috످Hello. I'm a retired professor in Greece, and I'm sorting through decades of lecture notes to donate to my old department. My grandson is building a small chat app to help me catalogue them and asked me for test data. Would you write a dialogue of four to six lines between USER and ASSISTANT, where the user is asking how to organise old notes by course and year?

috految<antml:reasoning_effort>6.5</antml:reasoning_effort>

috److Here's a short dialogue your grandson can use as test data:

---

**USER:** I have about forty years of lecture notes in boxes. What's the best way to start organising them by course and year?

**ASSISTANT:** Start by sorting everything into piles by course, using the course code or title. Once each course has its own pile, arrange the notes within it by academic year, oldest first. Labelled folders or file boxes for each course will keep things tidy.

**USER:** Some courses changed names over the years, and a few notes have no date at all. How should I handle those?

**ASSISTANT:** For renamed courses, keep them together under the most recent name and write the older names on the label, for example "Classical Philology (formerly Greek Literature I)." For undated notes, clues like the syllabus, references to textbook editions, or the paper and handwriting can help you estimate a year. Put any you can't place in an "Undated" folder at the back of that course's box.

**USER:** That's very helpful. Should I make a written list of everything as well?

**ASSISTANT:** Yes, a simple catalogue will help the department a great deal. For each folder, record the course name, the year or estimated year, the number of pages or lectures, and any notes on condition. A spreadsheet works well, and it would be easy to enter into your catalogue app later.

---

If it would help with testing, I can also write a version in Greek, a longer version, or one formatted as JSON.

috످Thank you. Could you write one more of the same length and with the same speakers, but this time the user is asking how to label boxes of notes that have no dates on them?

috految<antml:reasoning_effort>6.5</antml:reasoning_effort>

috److**USER:** I have several boxes of lecture notes with no dates on them. How should I label them?

**ASSISTANT:** Give each box a number, then add the course name and a short description, such as "Box 1: Greek Literature, lectures on Homer, undated." Write in pencil so you can add a date later.

**USER:** I think some are from the 1980s, but I'm not certain. Should I put my best guess on the label?

**ASSISTANT:** Yes, archivists put estimated dates in square brackets, like [circa 1985] or [1980s?]. If the notes mention a book, check when it was published to find the earliest year you could have written them.

**USER:** What if I can't even guess the decade?

**ASSISTANT:** Simply write "undated" and add anything you remember, such as "written during my years as department head." Your old department may be able to work out the dates from its records.

috످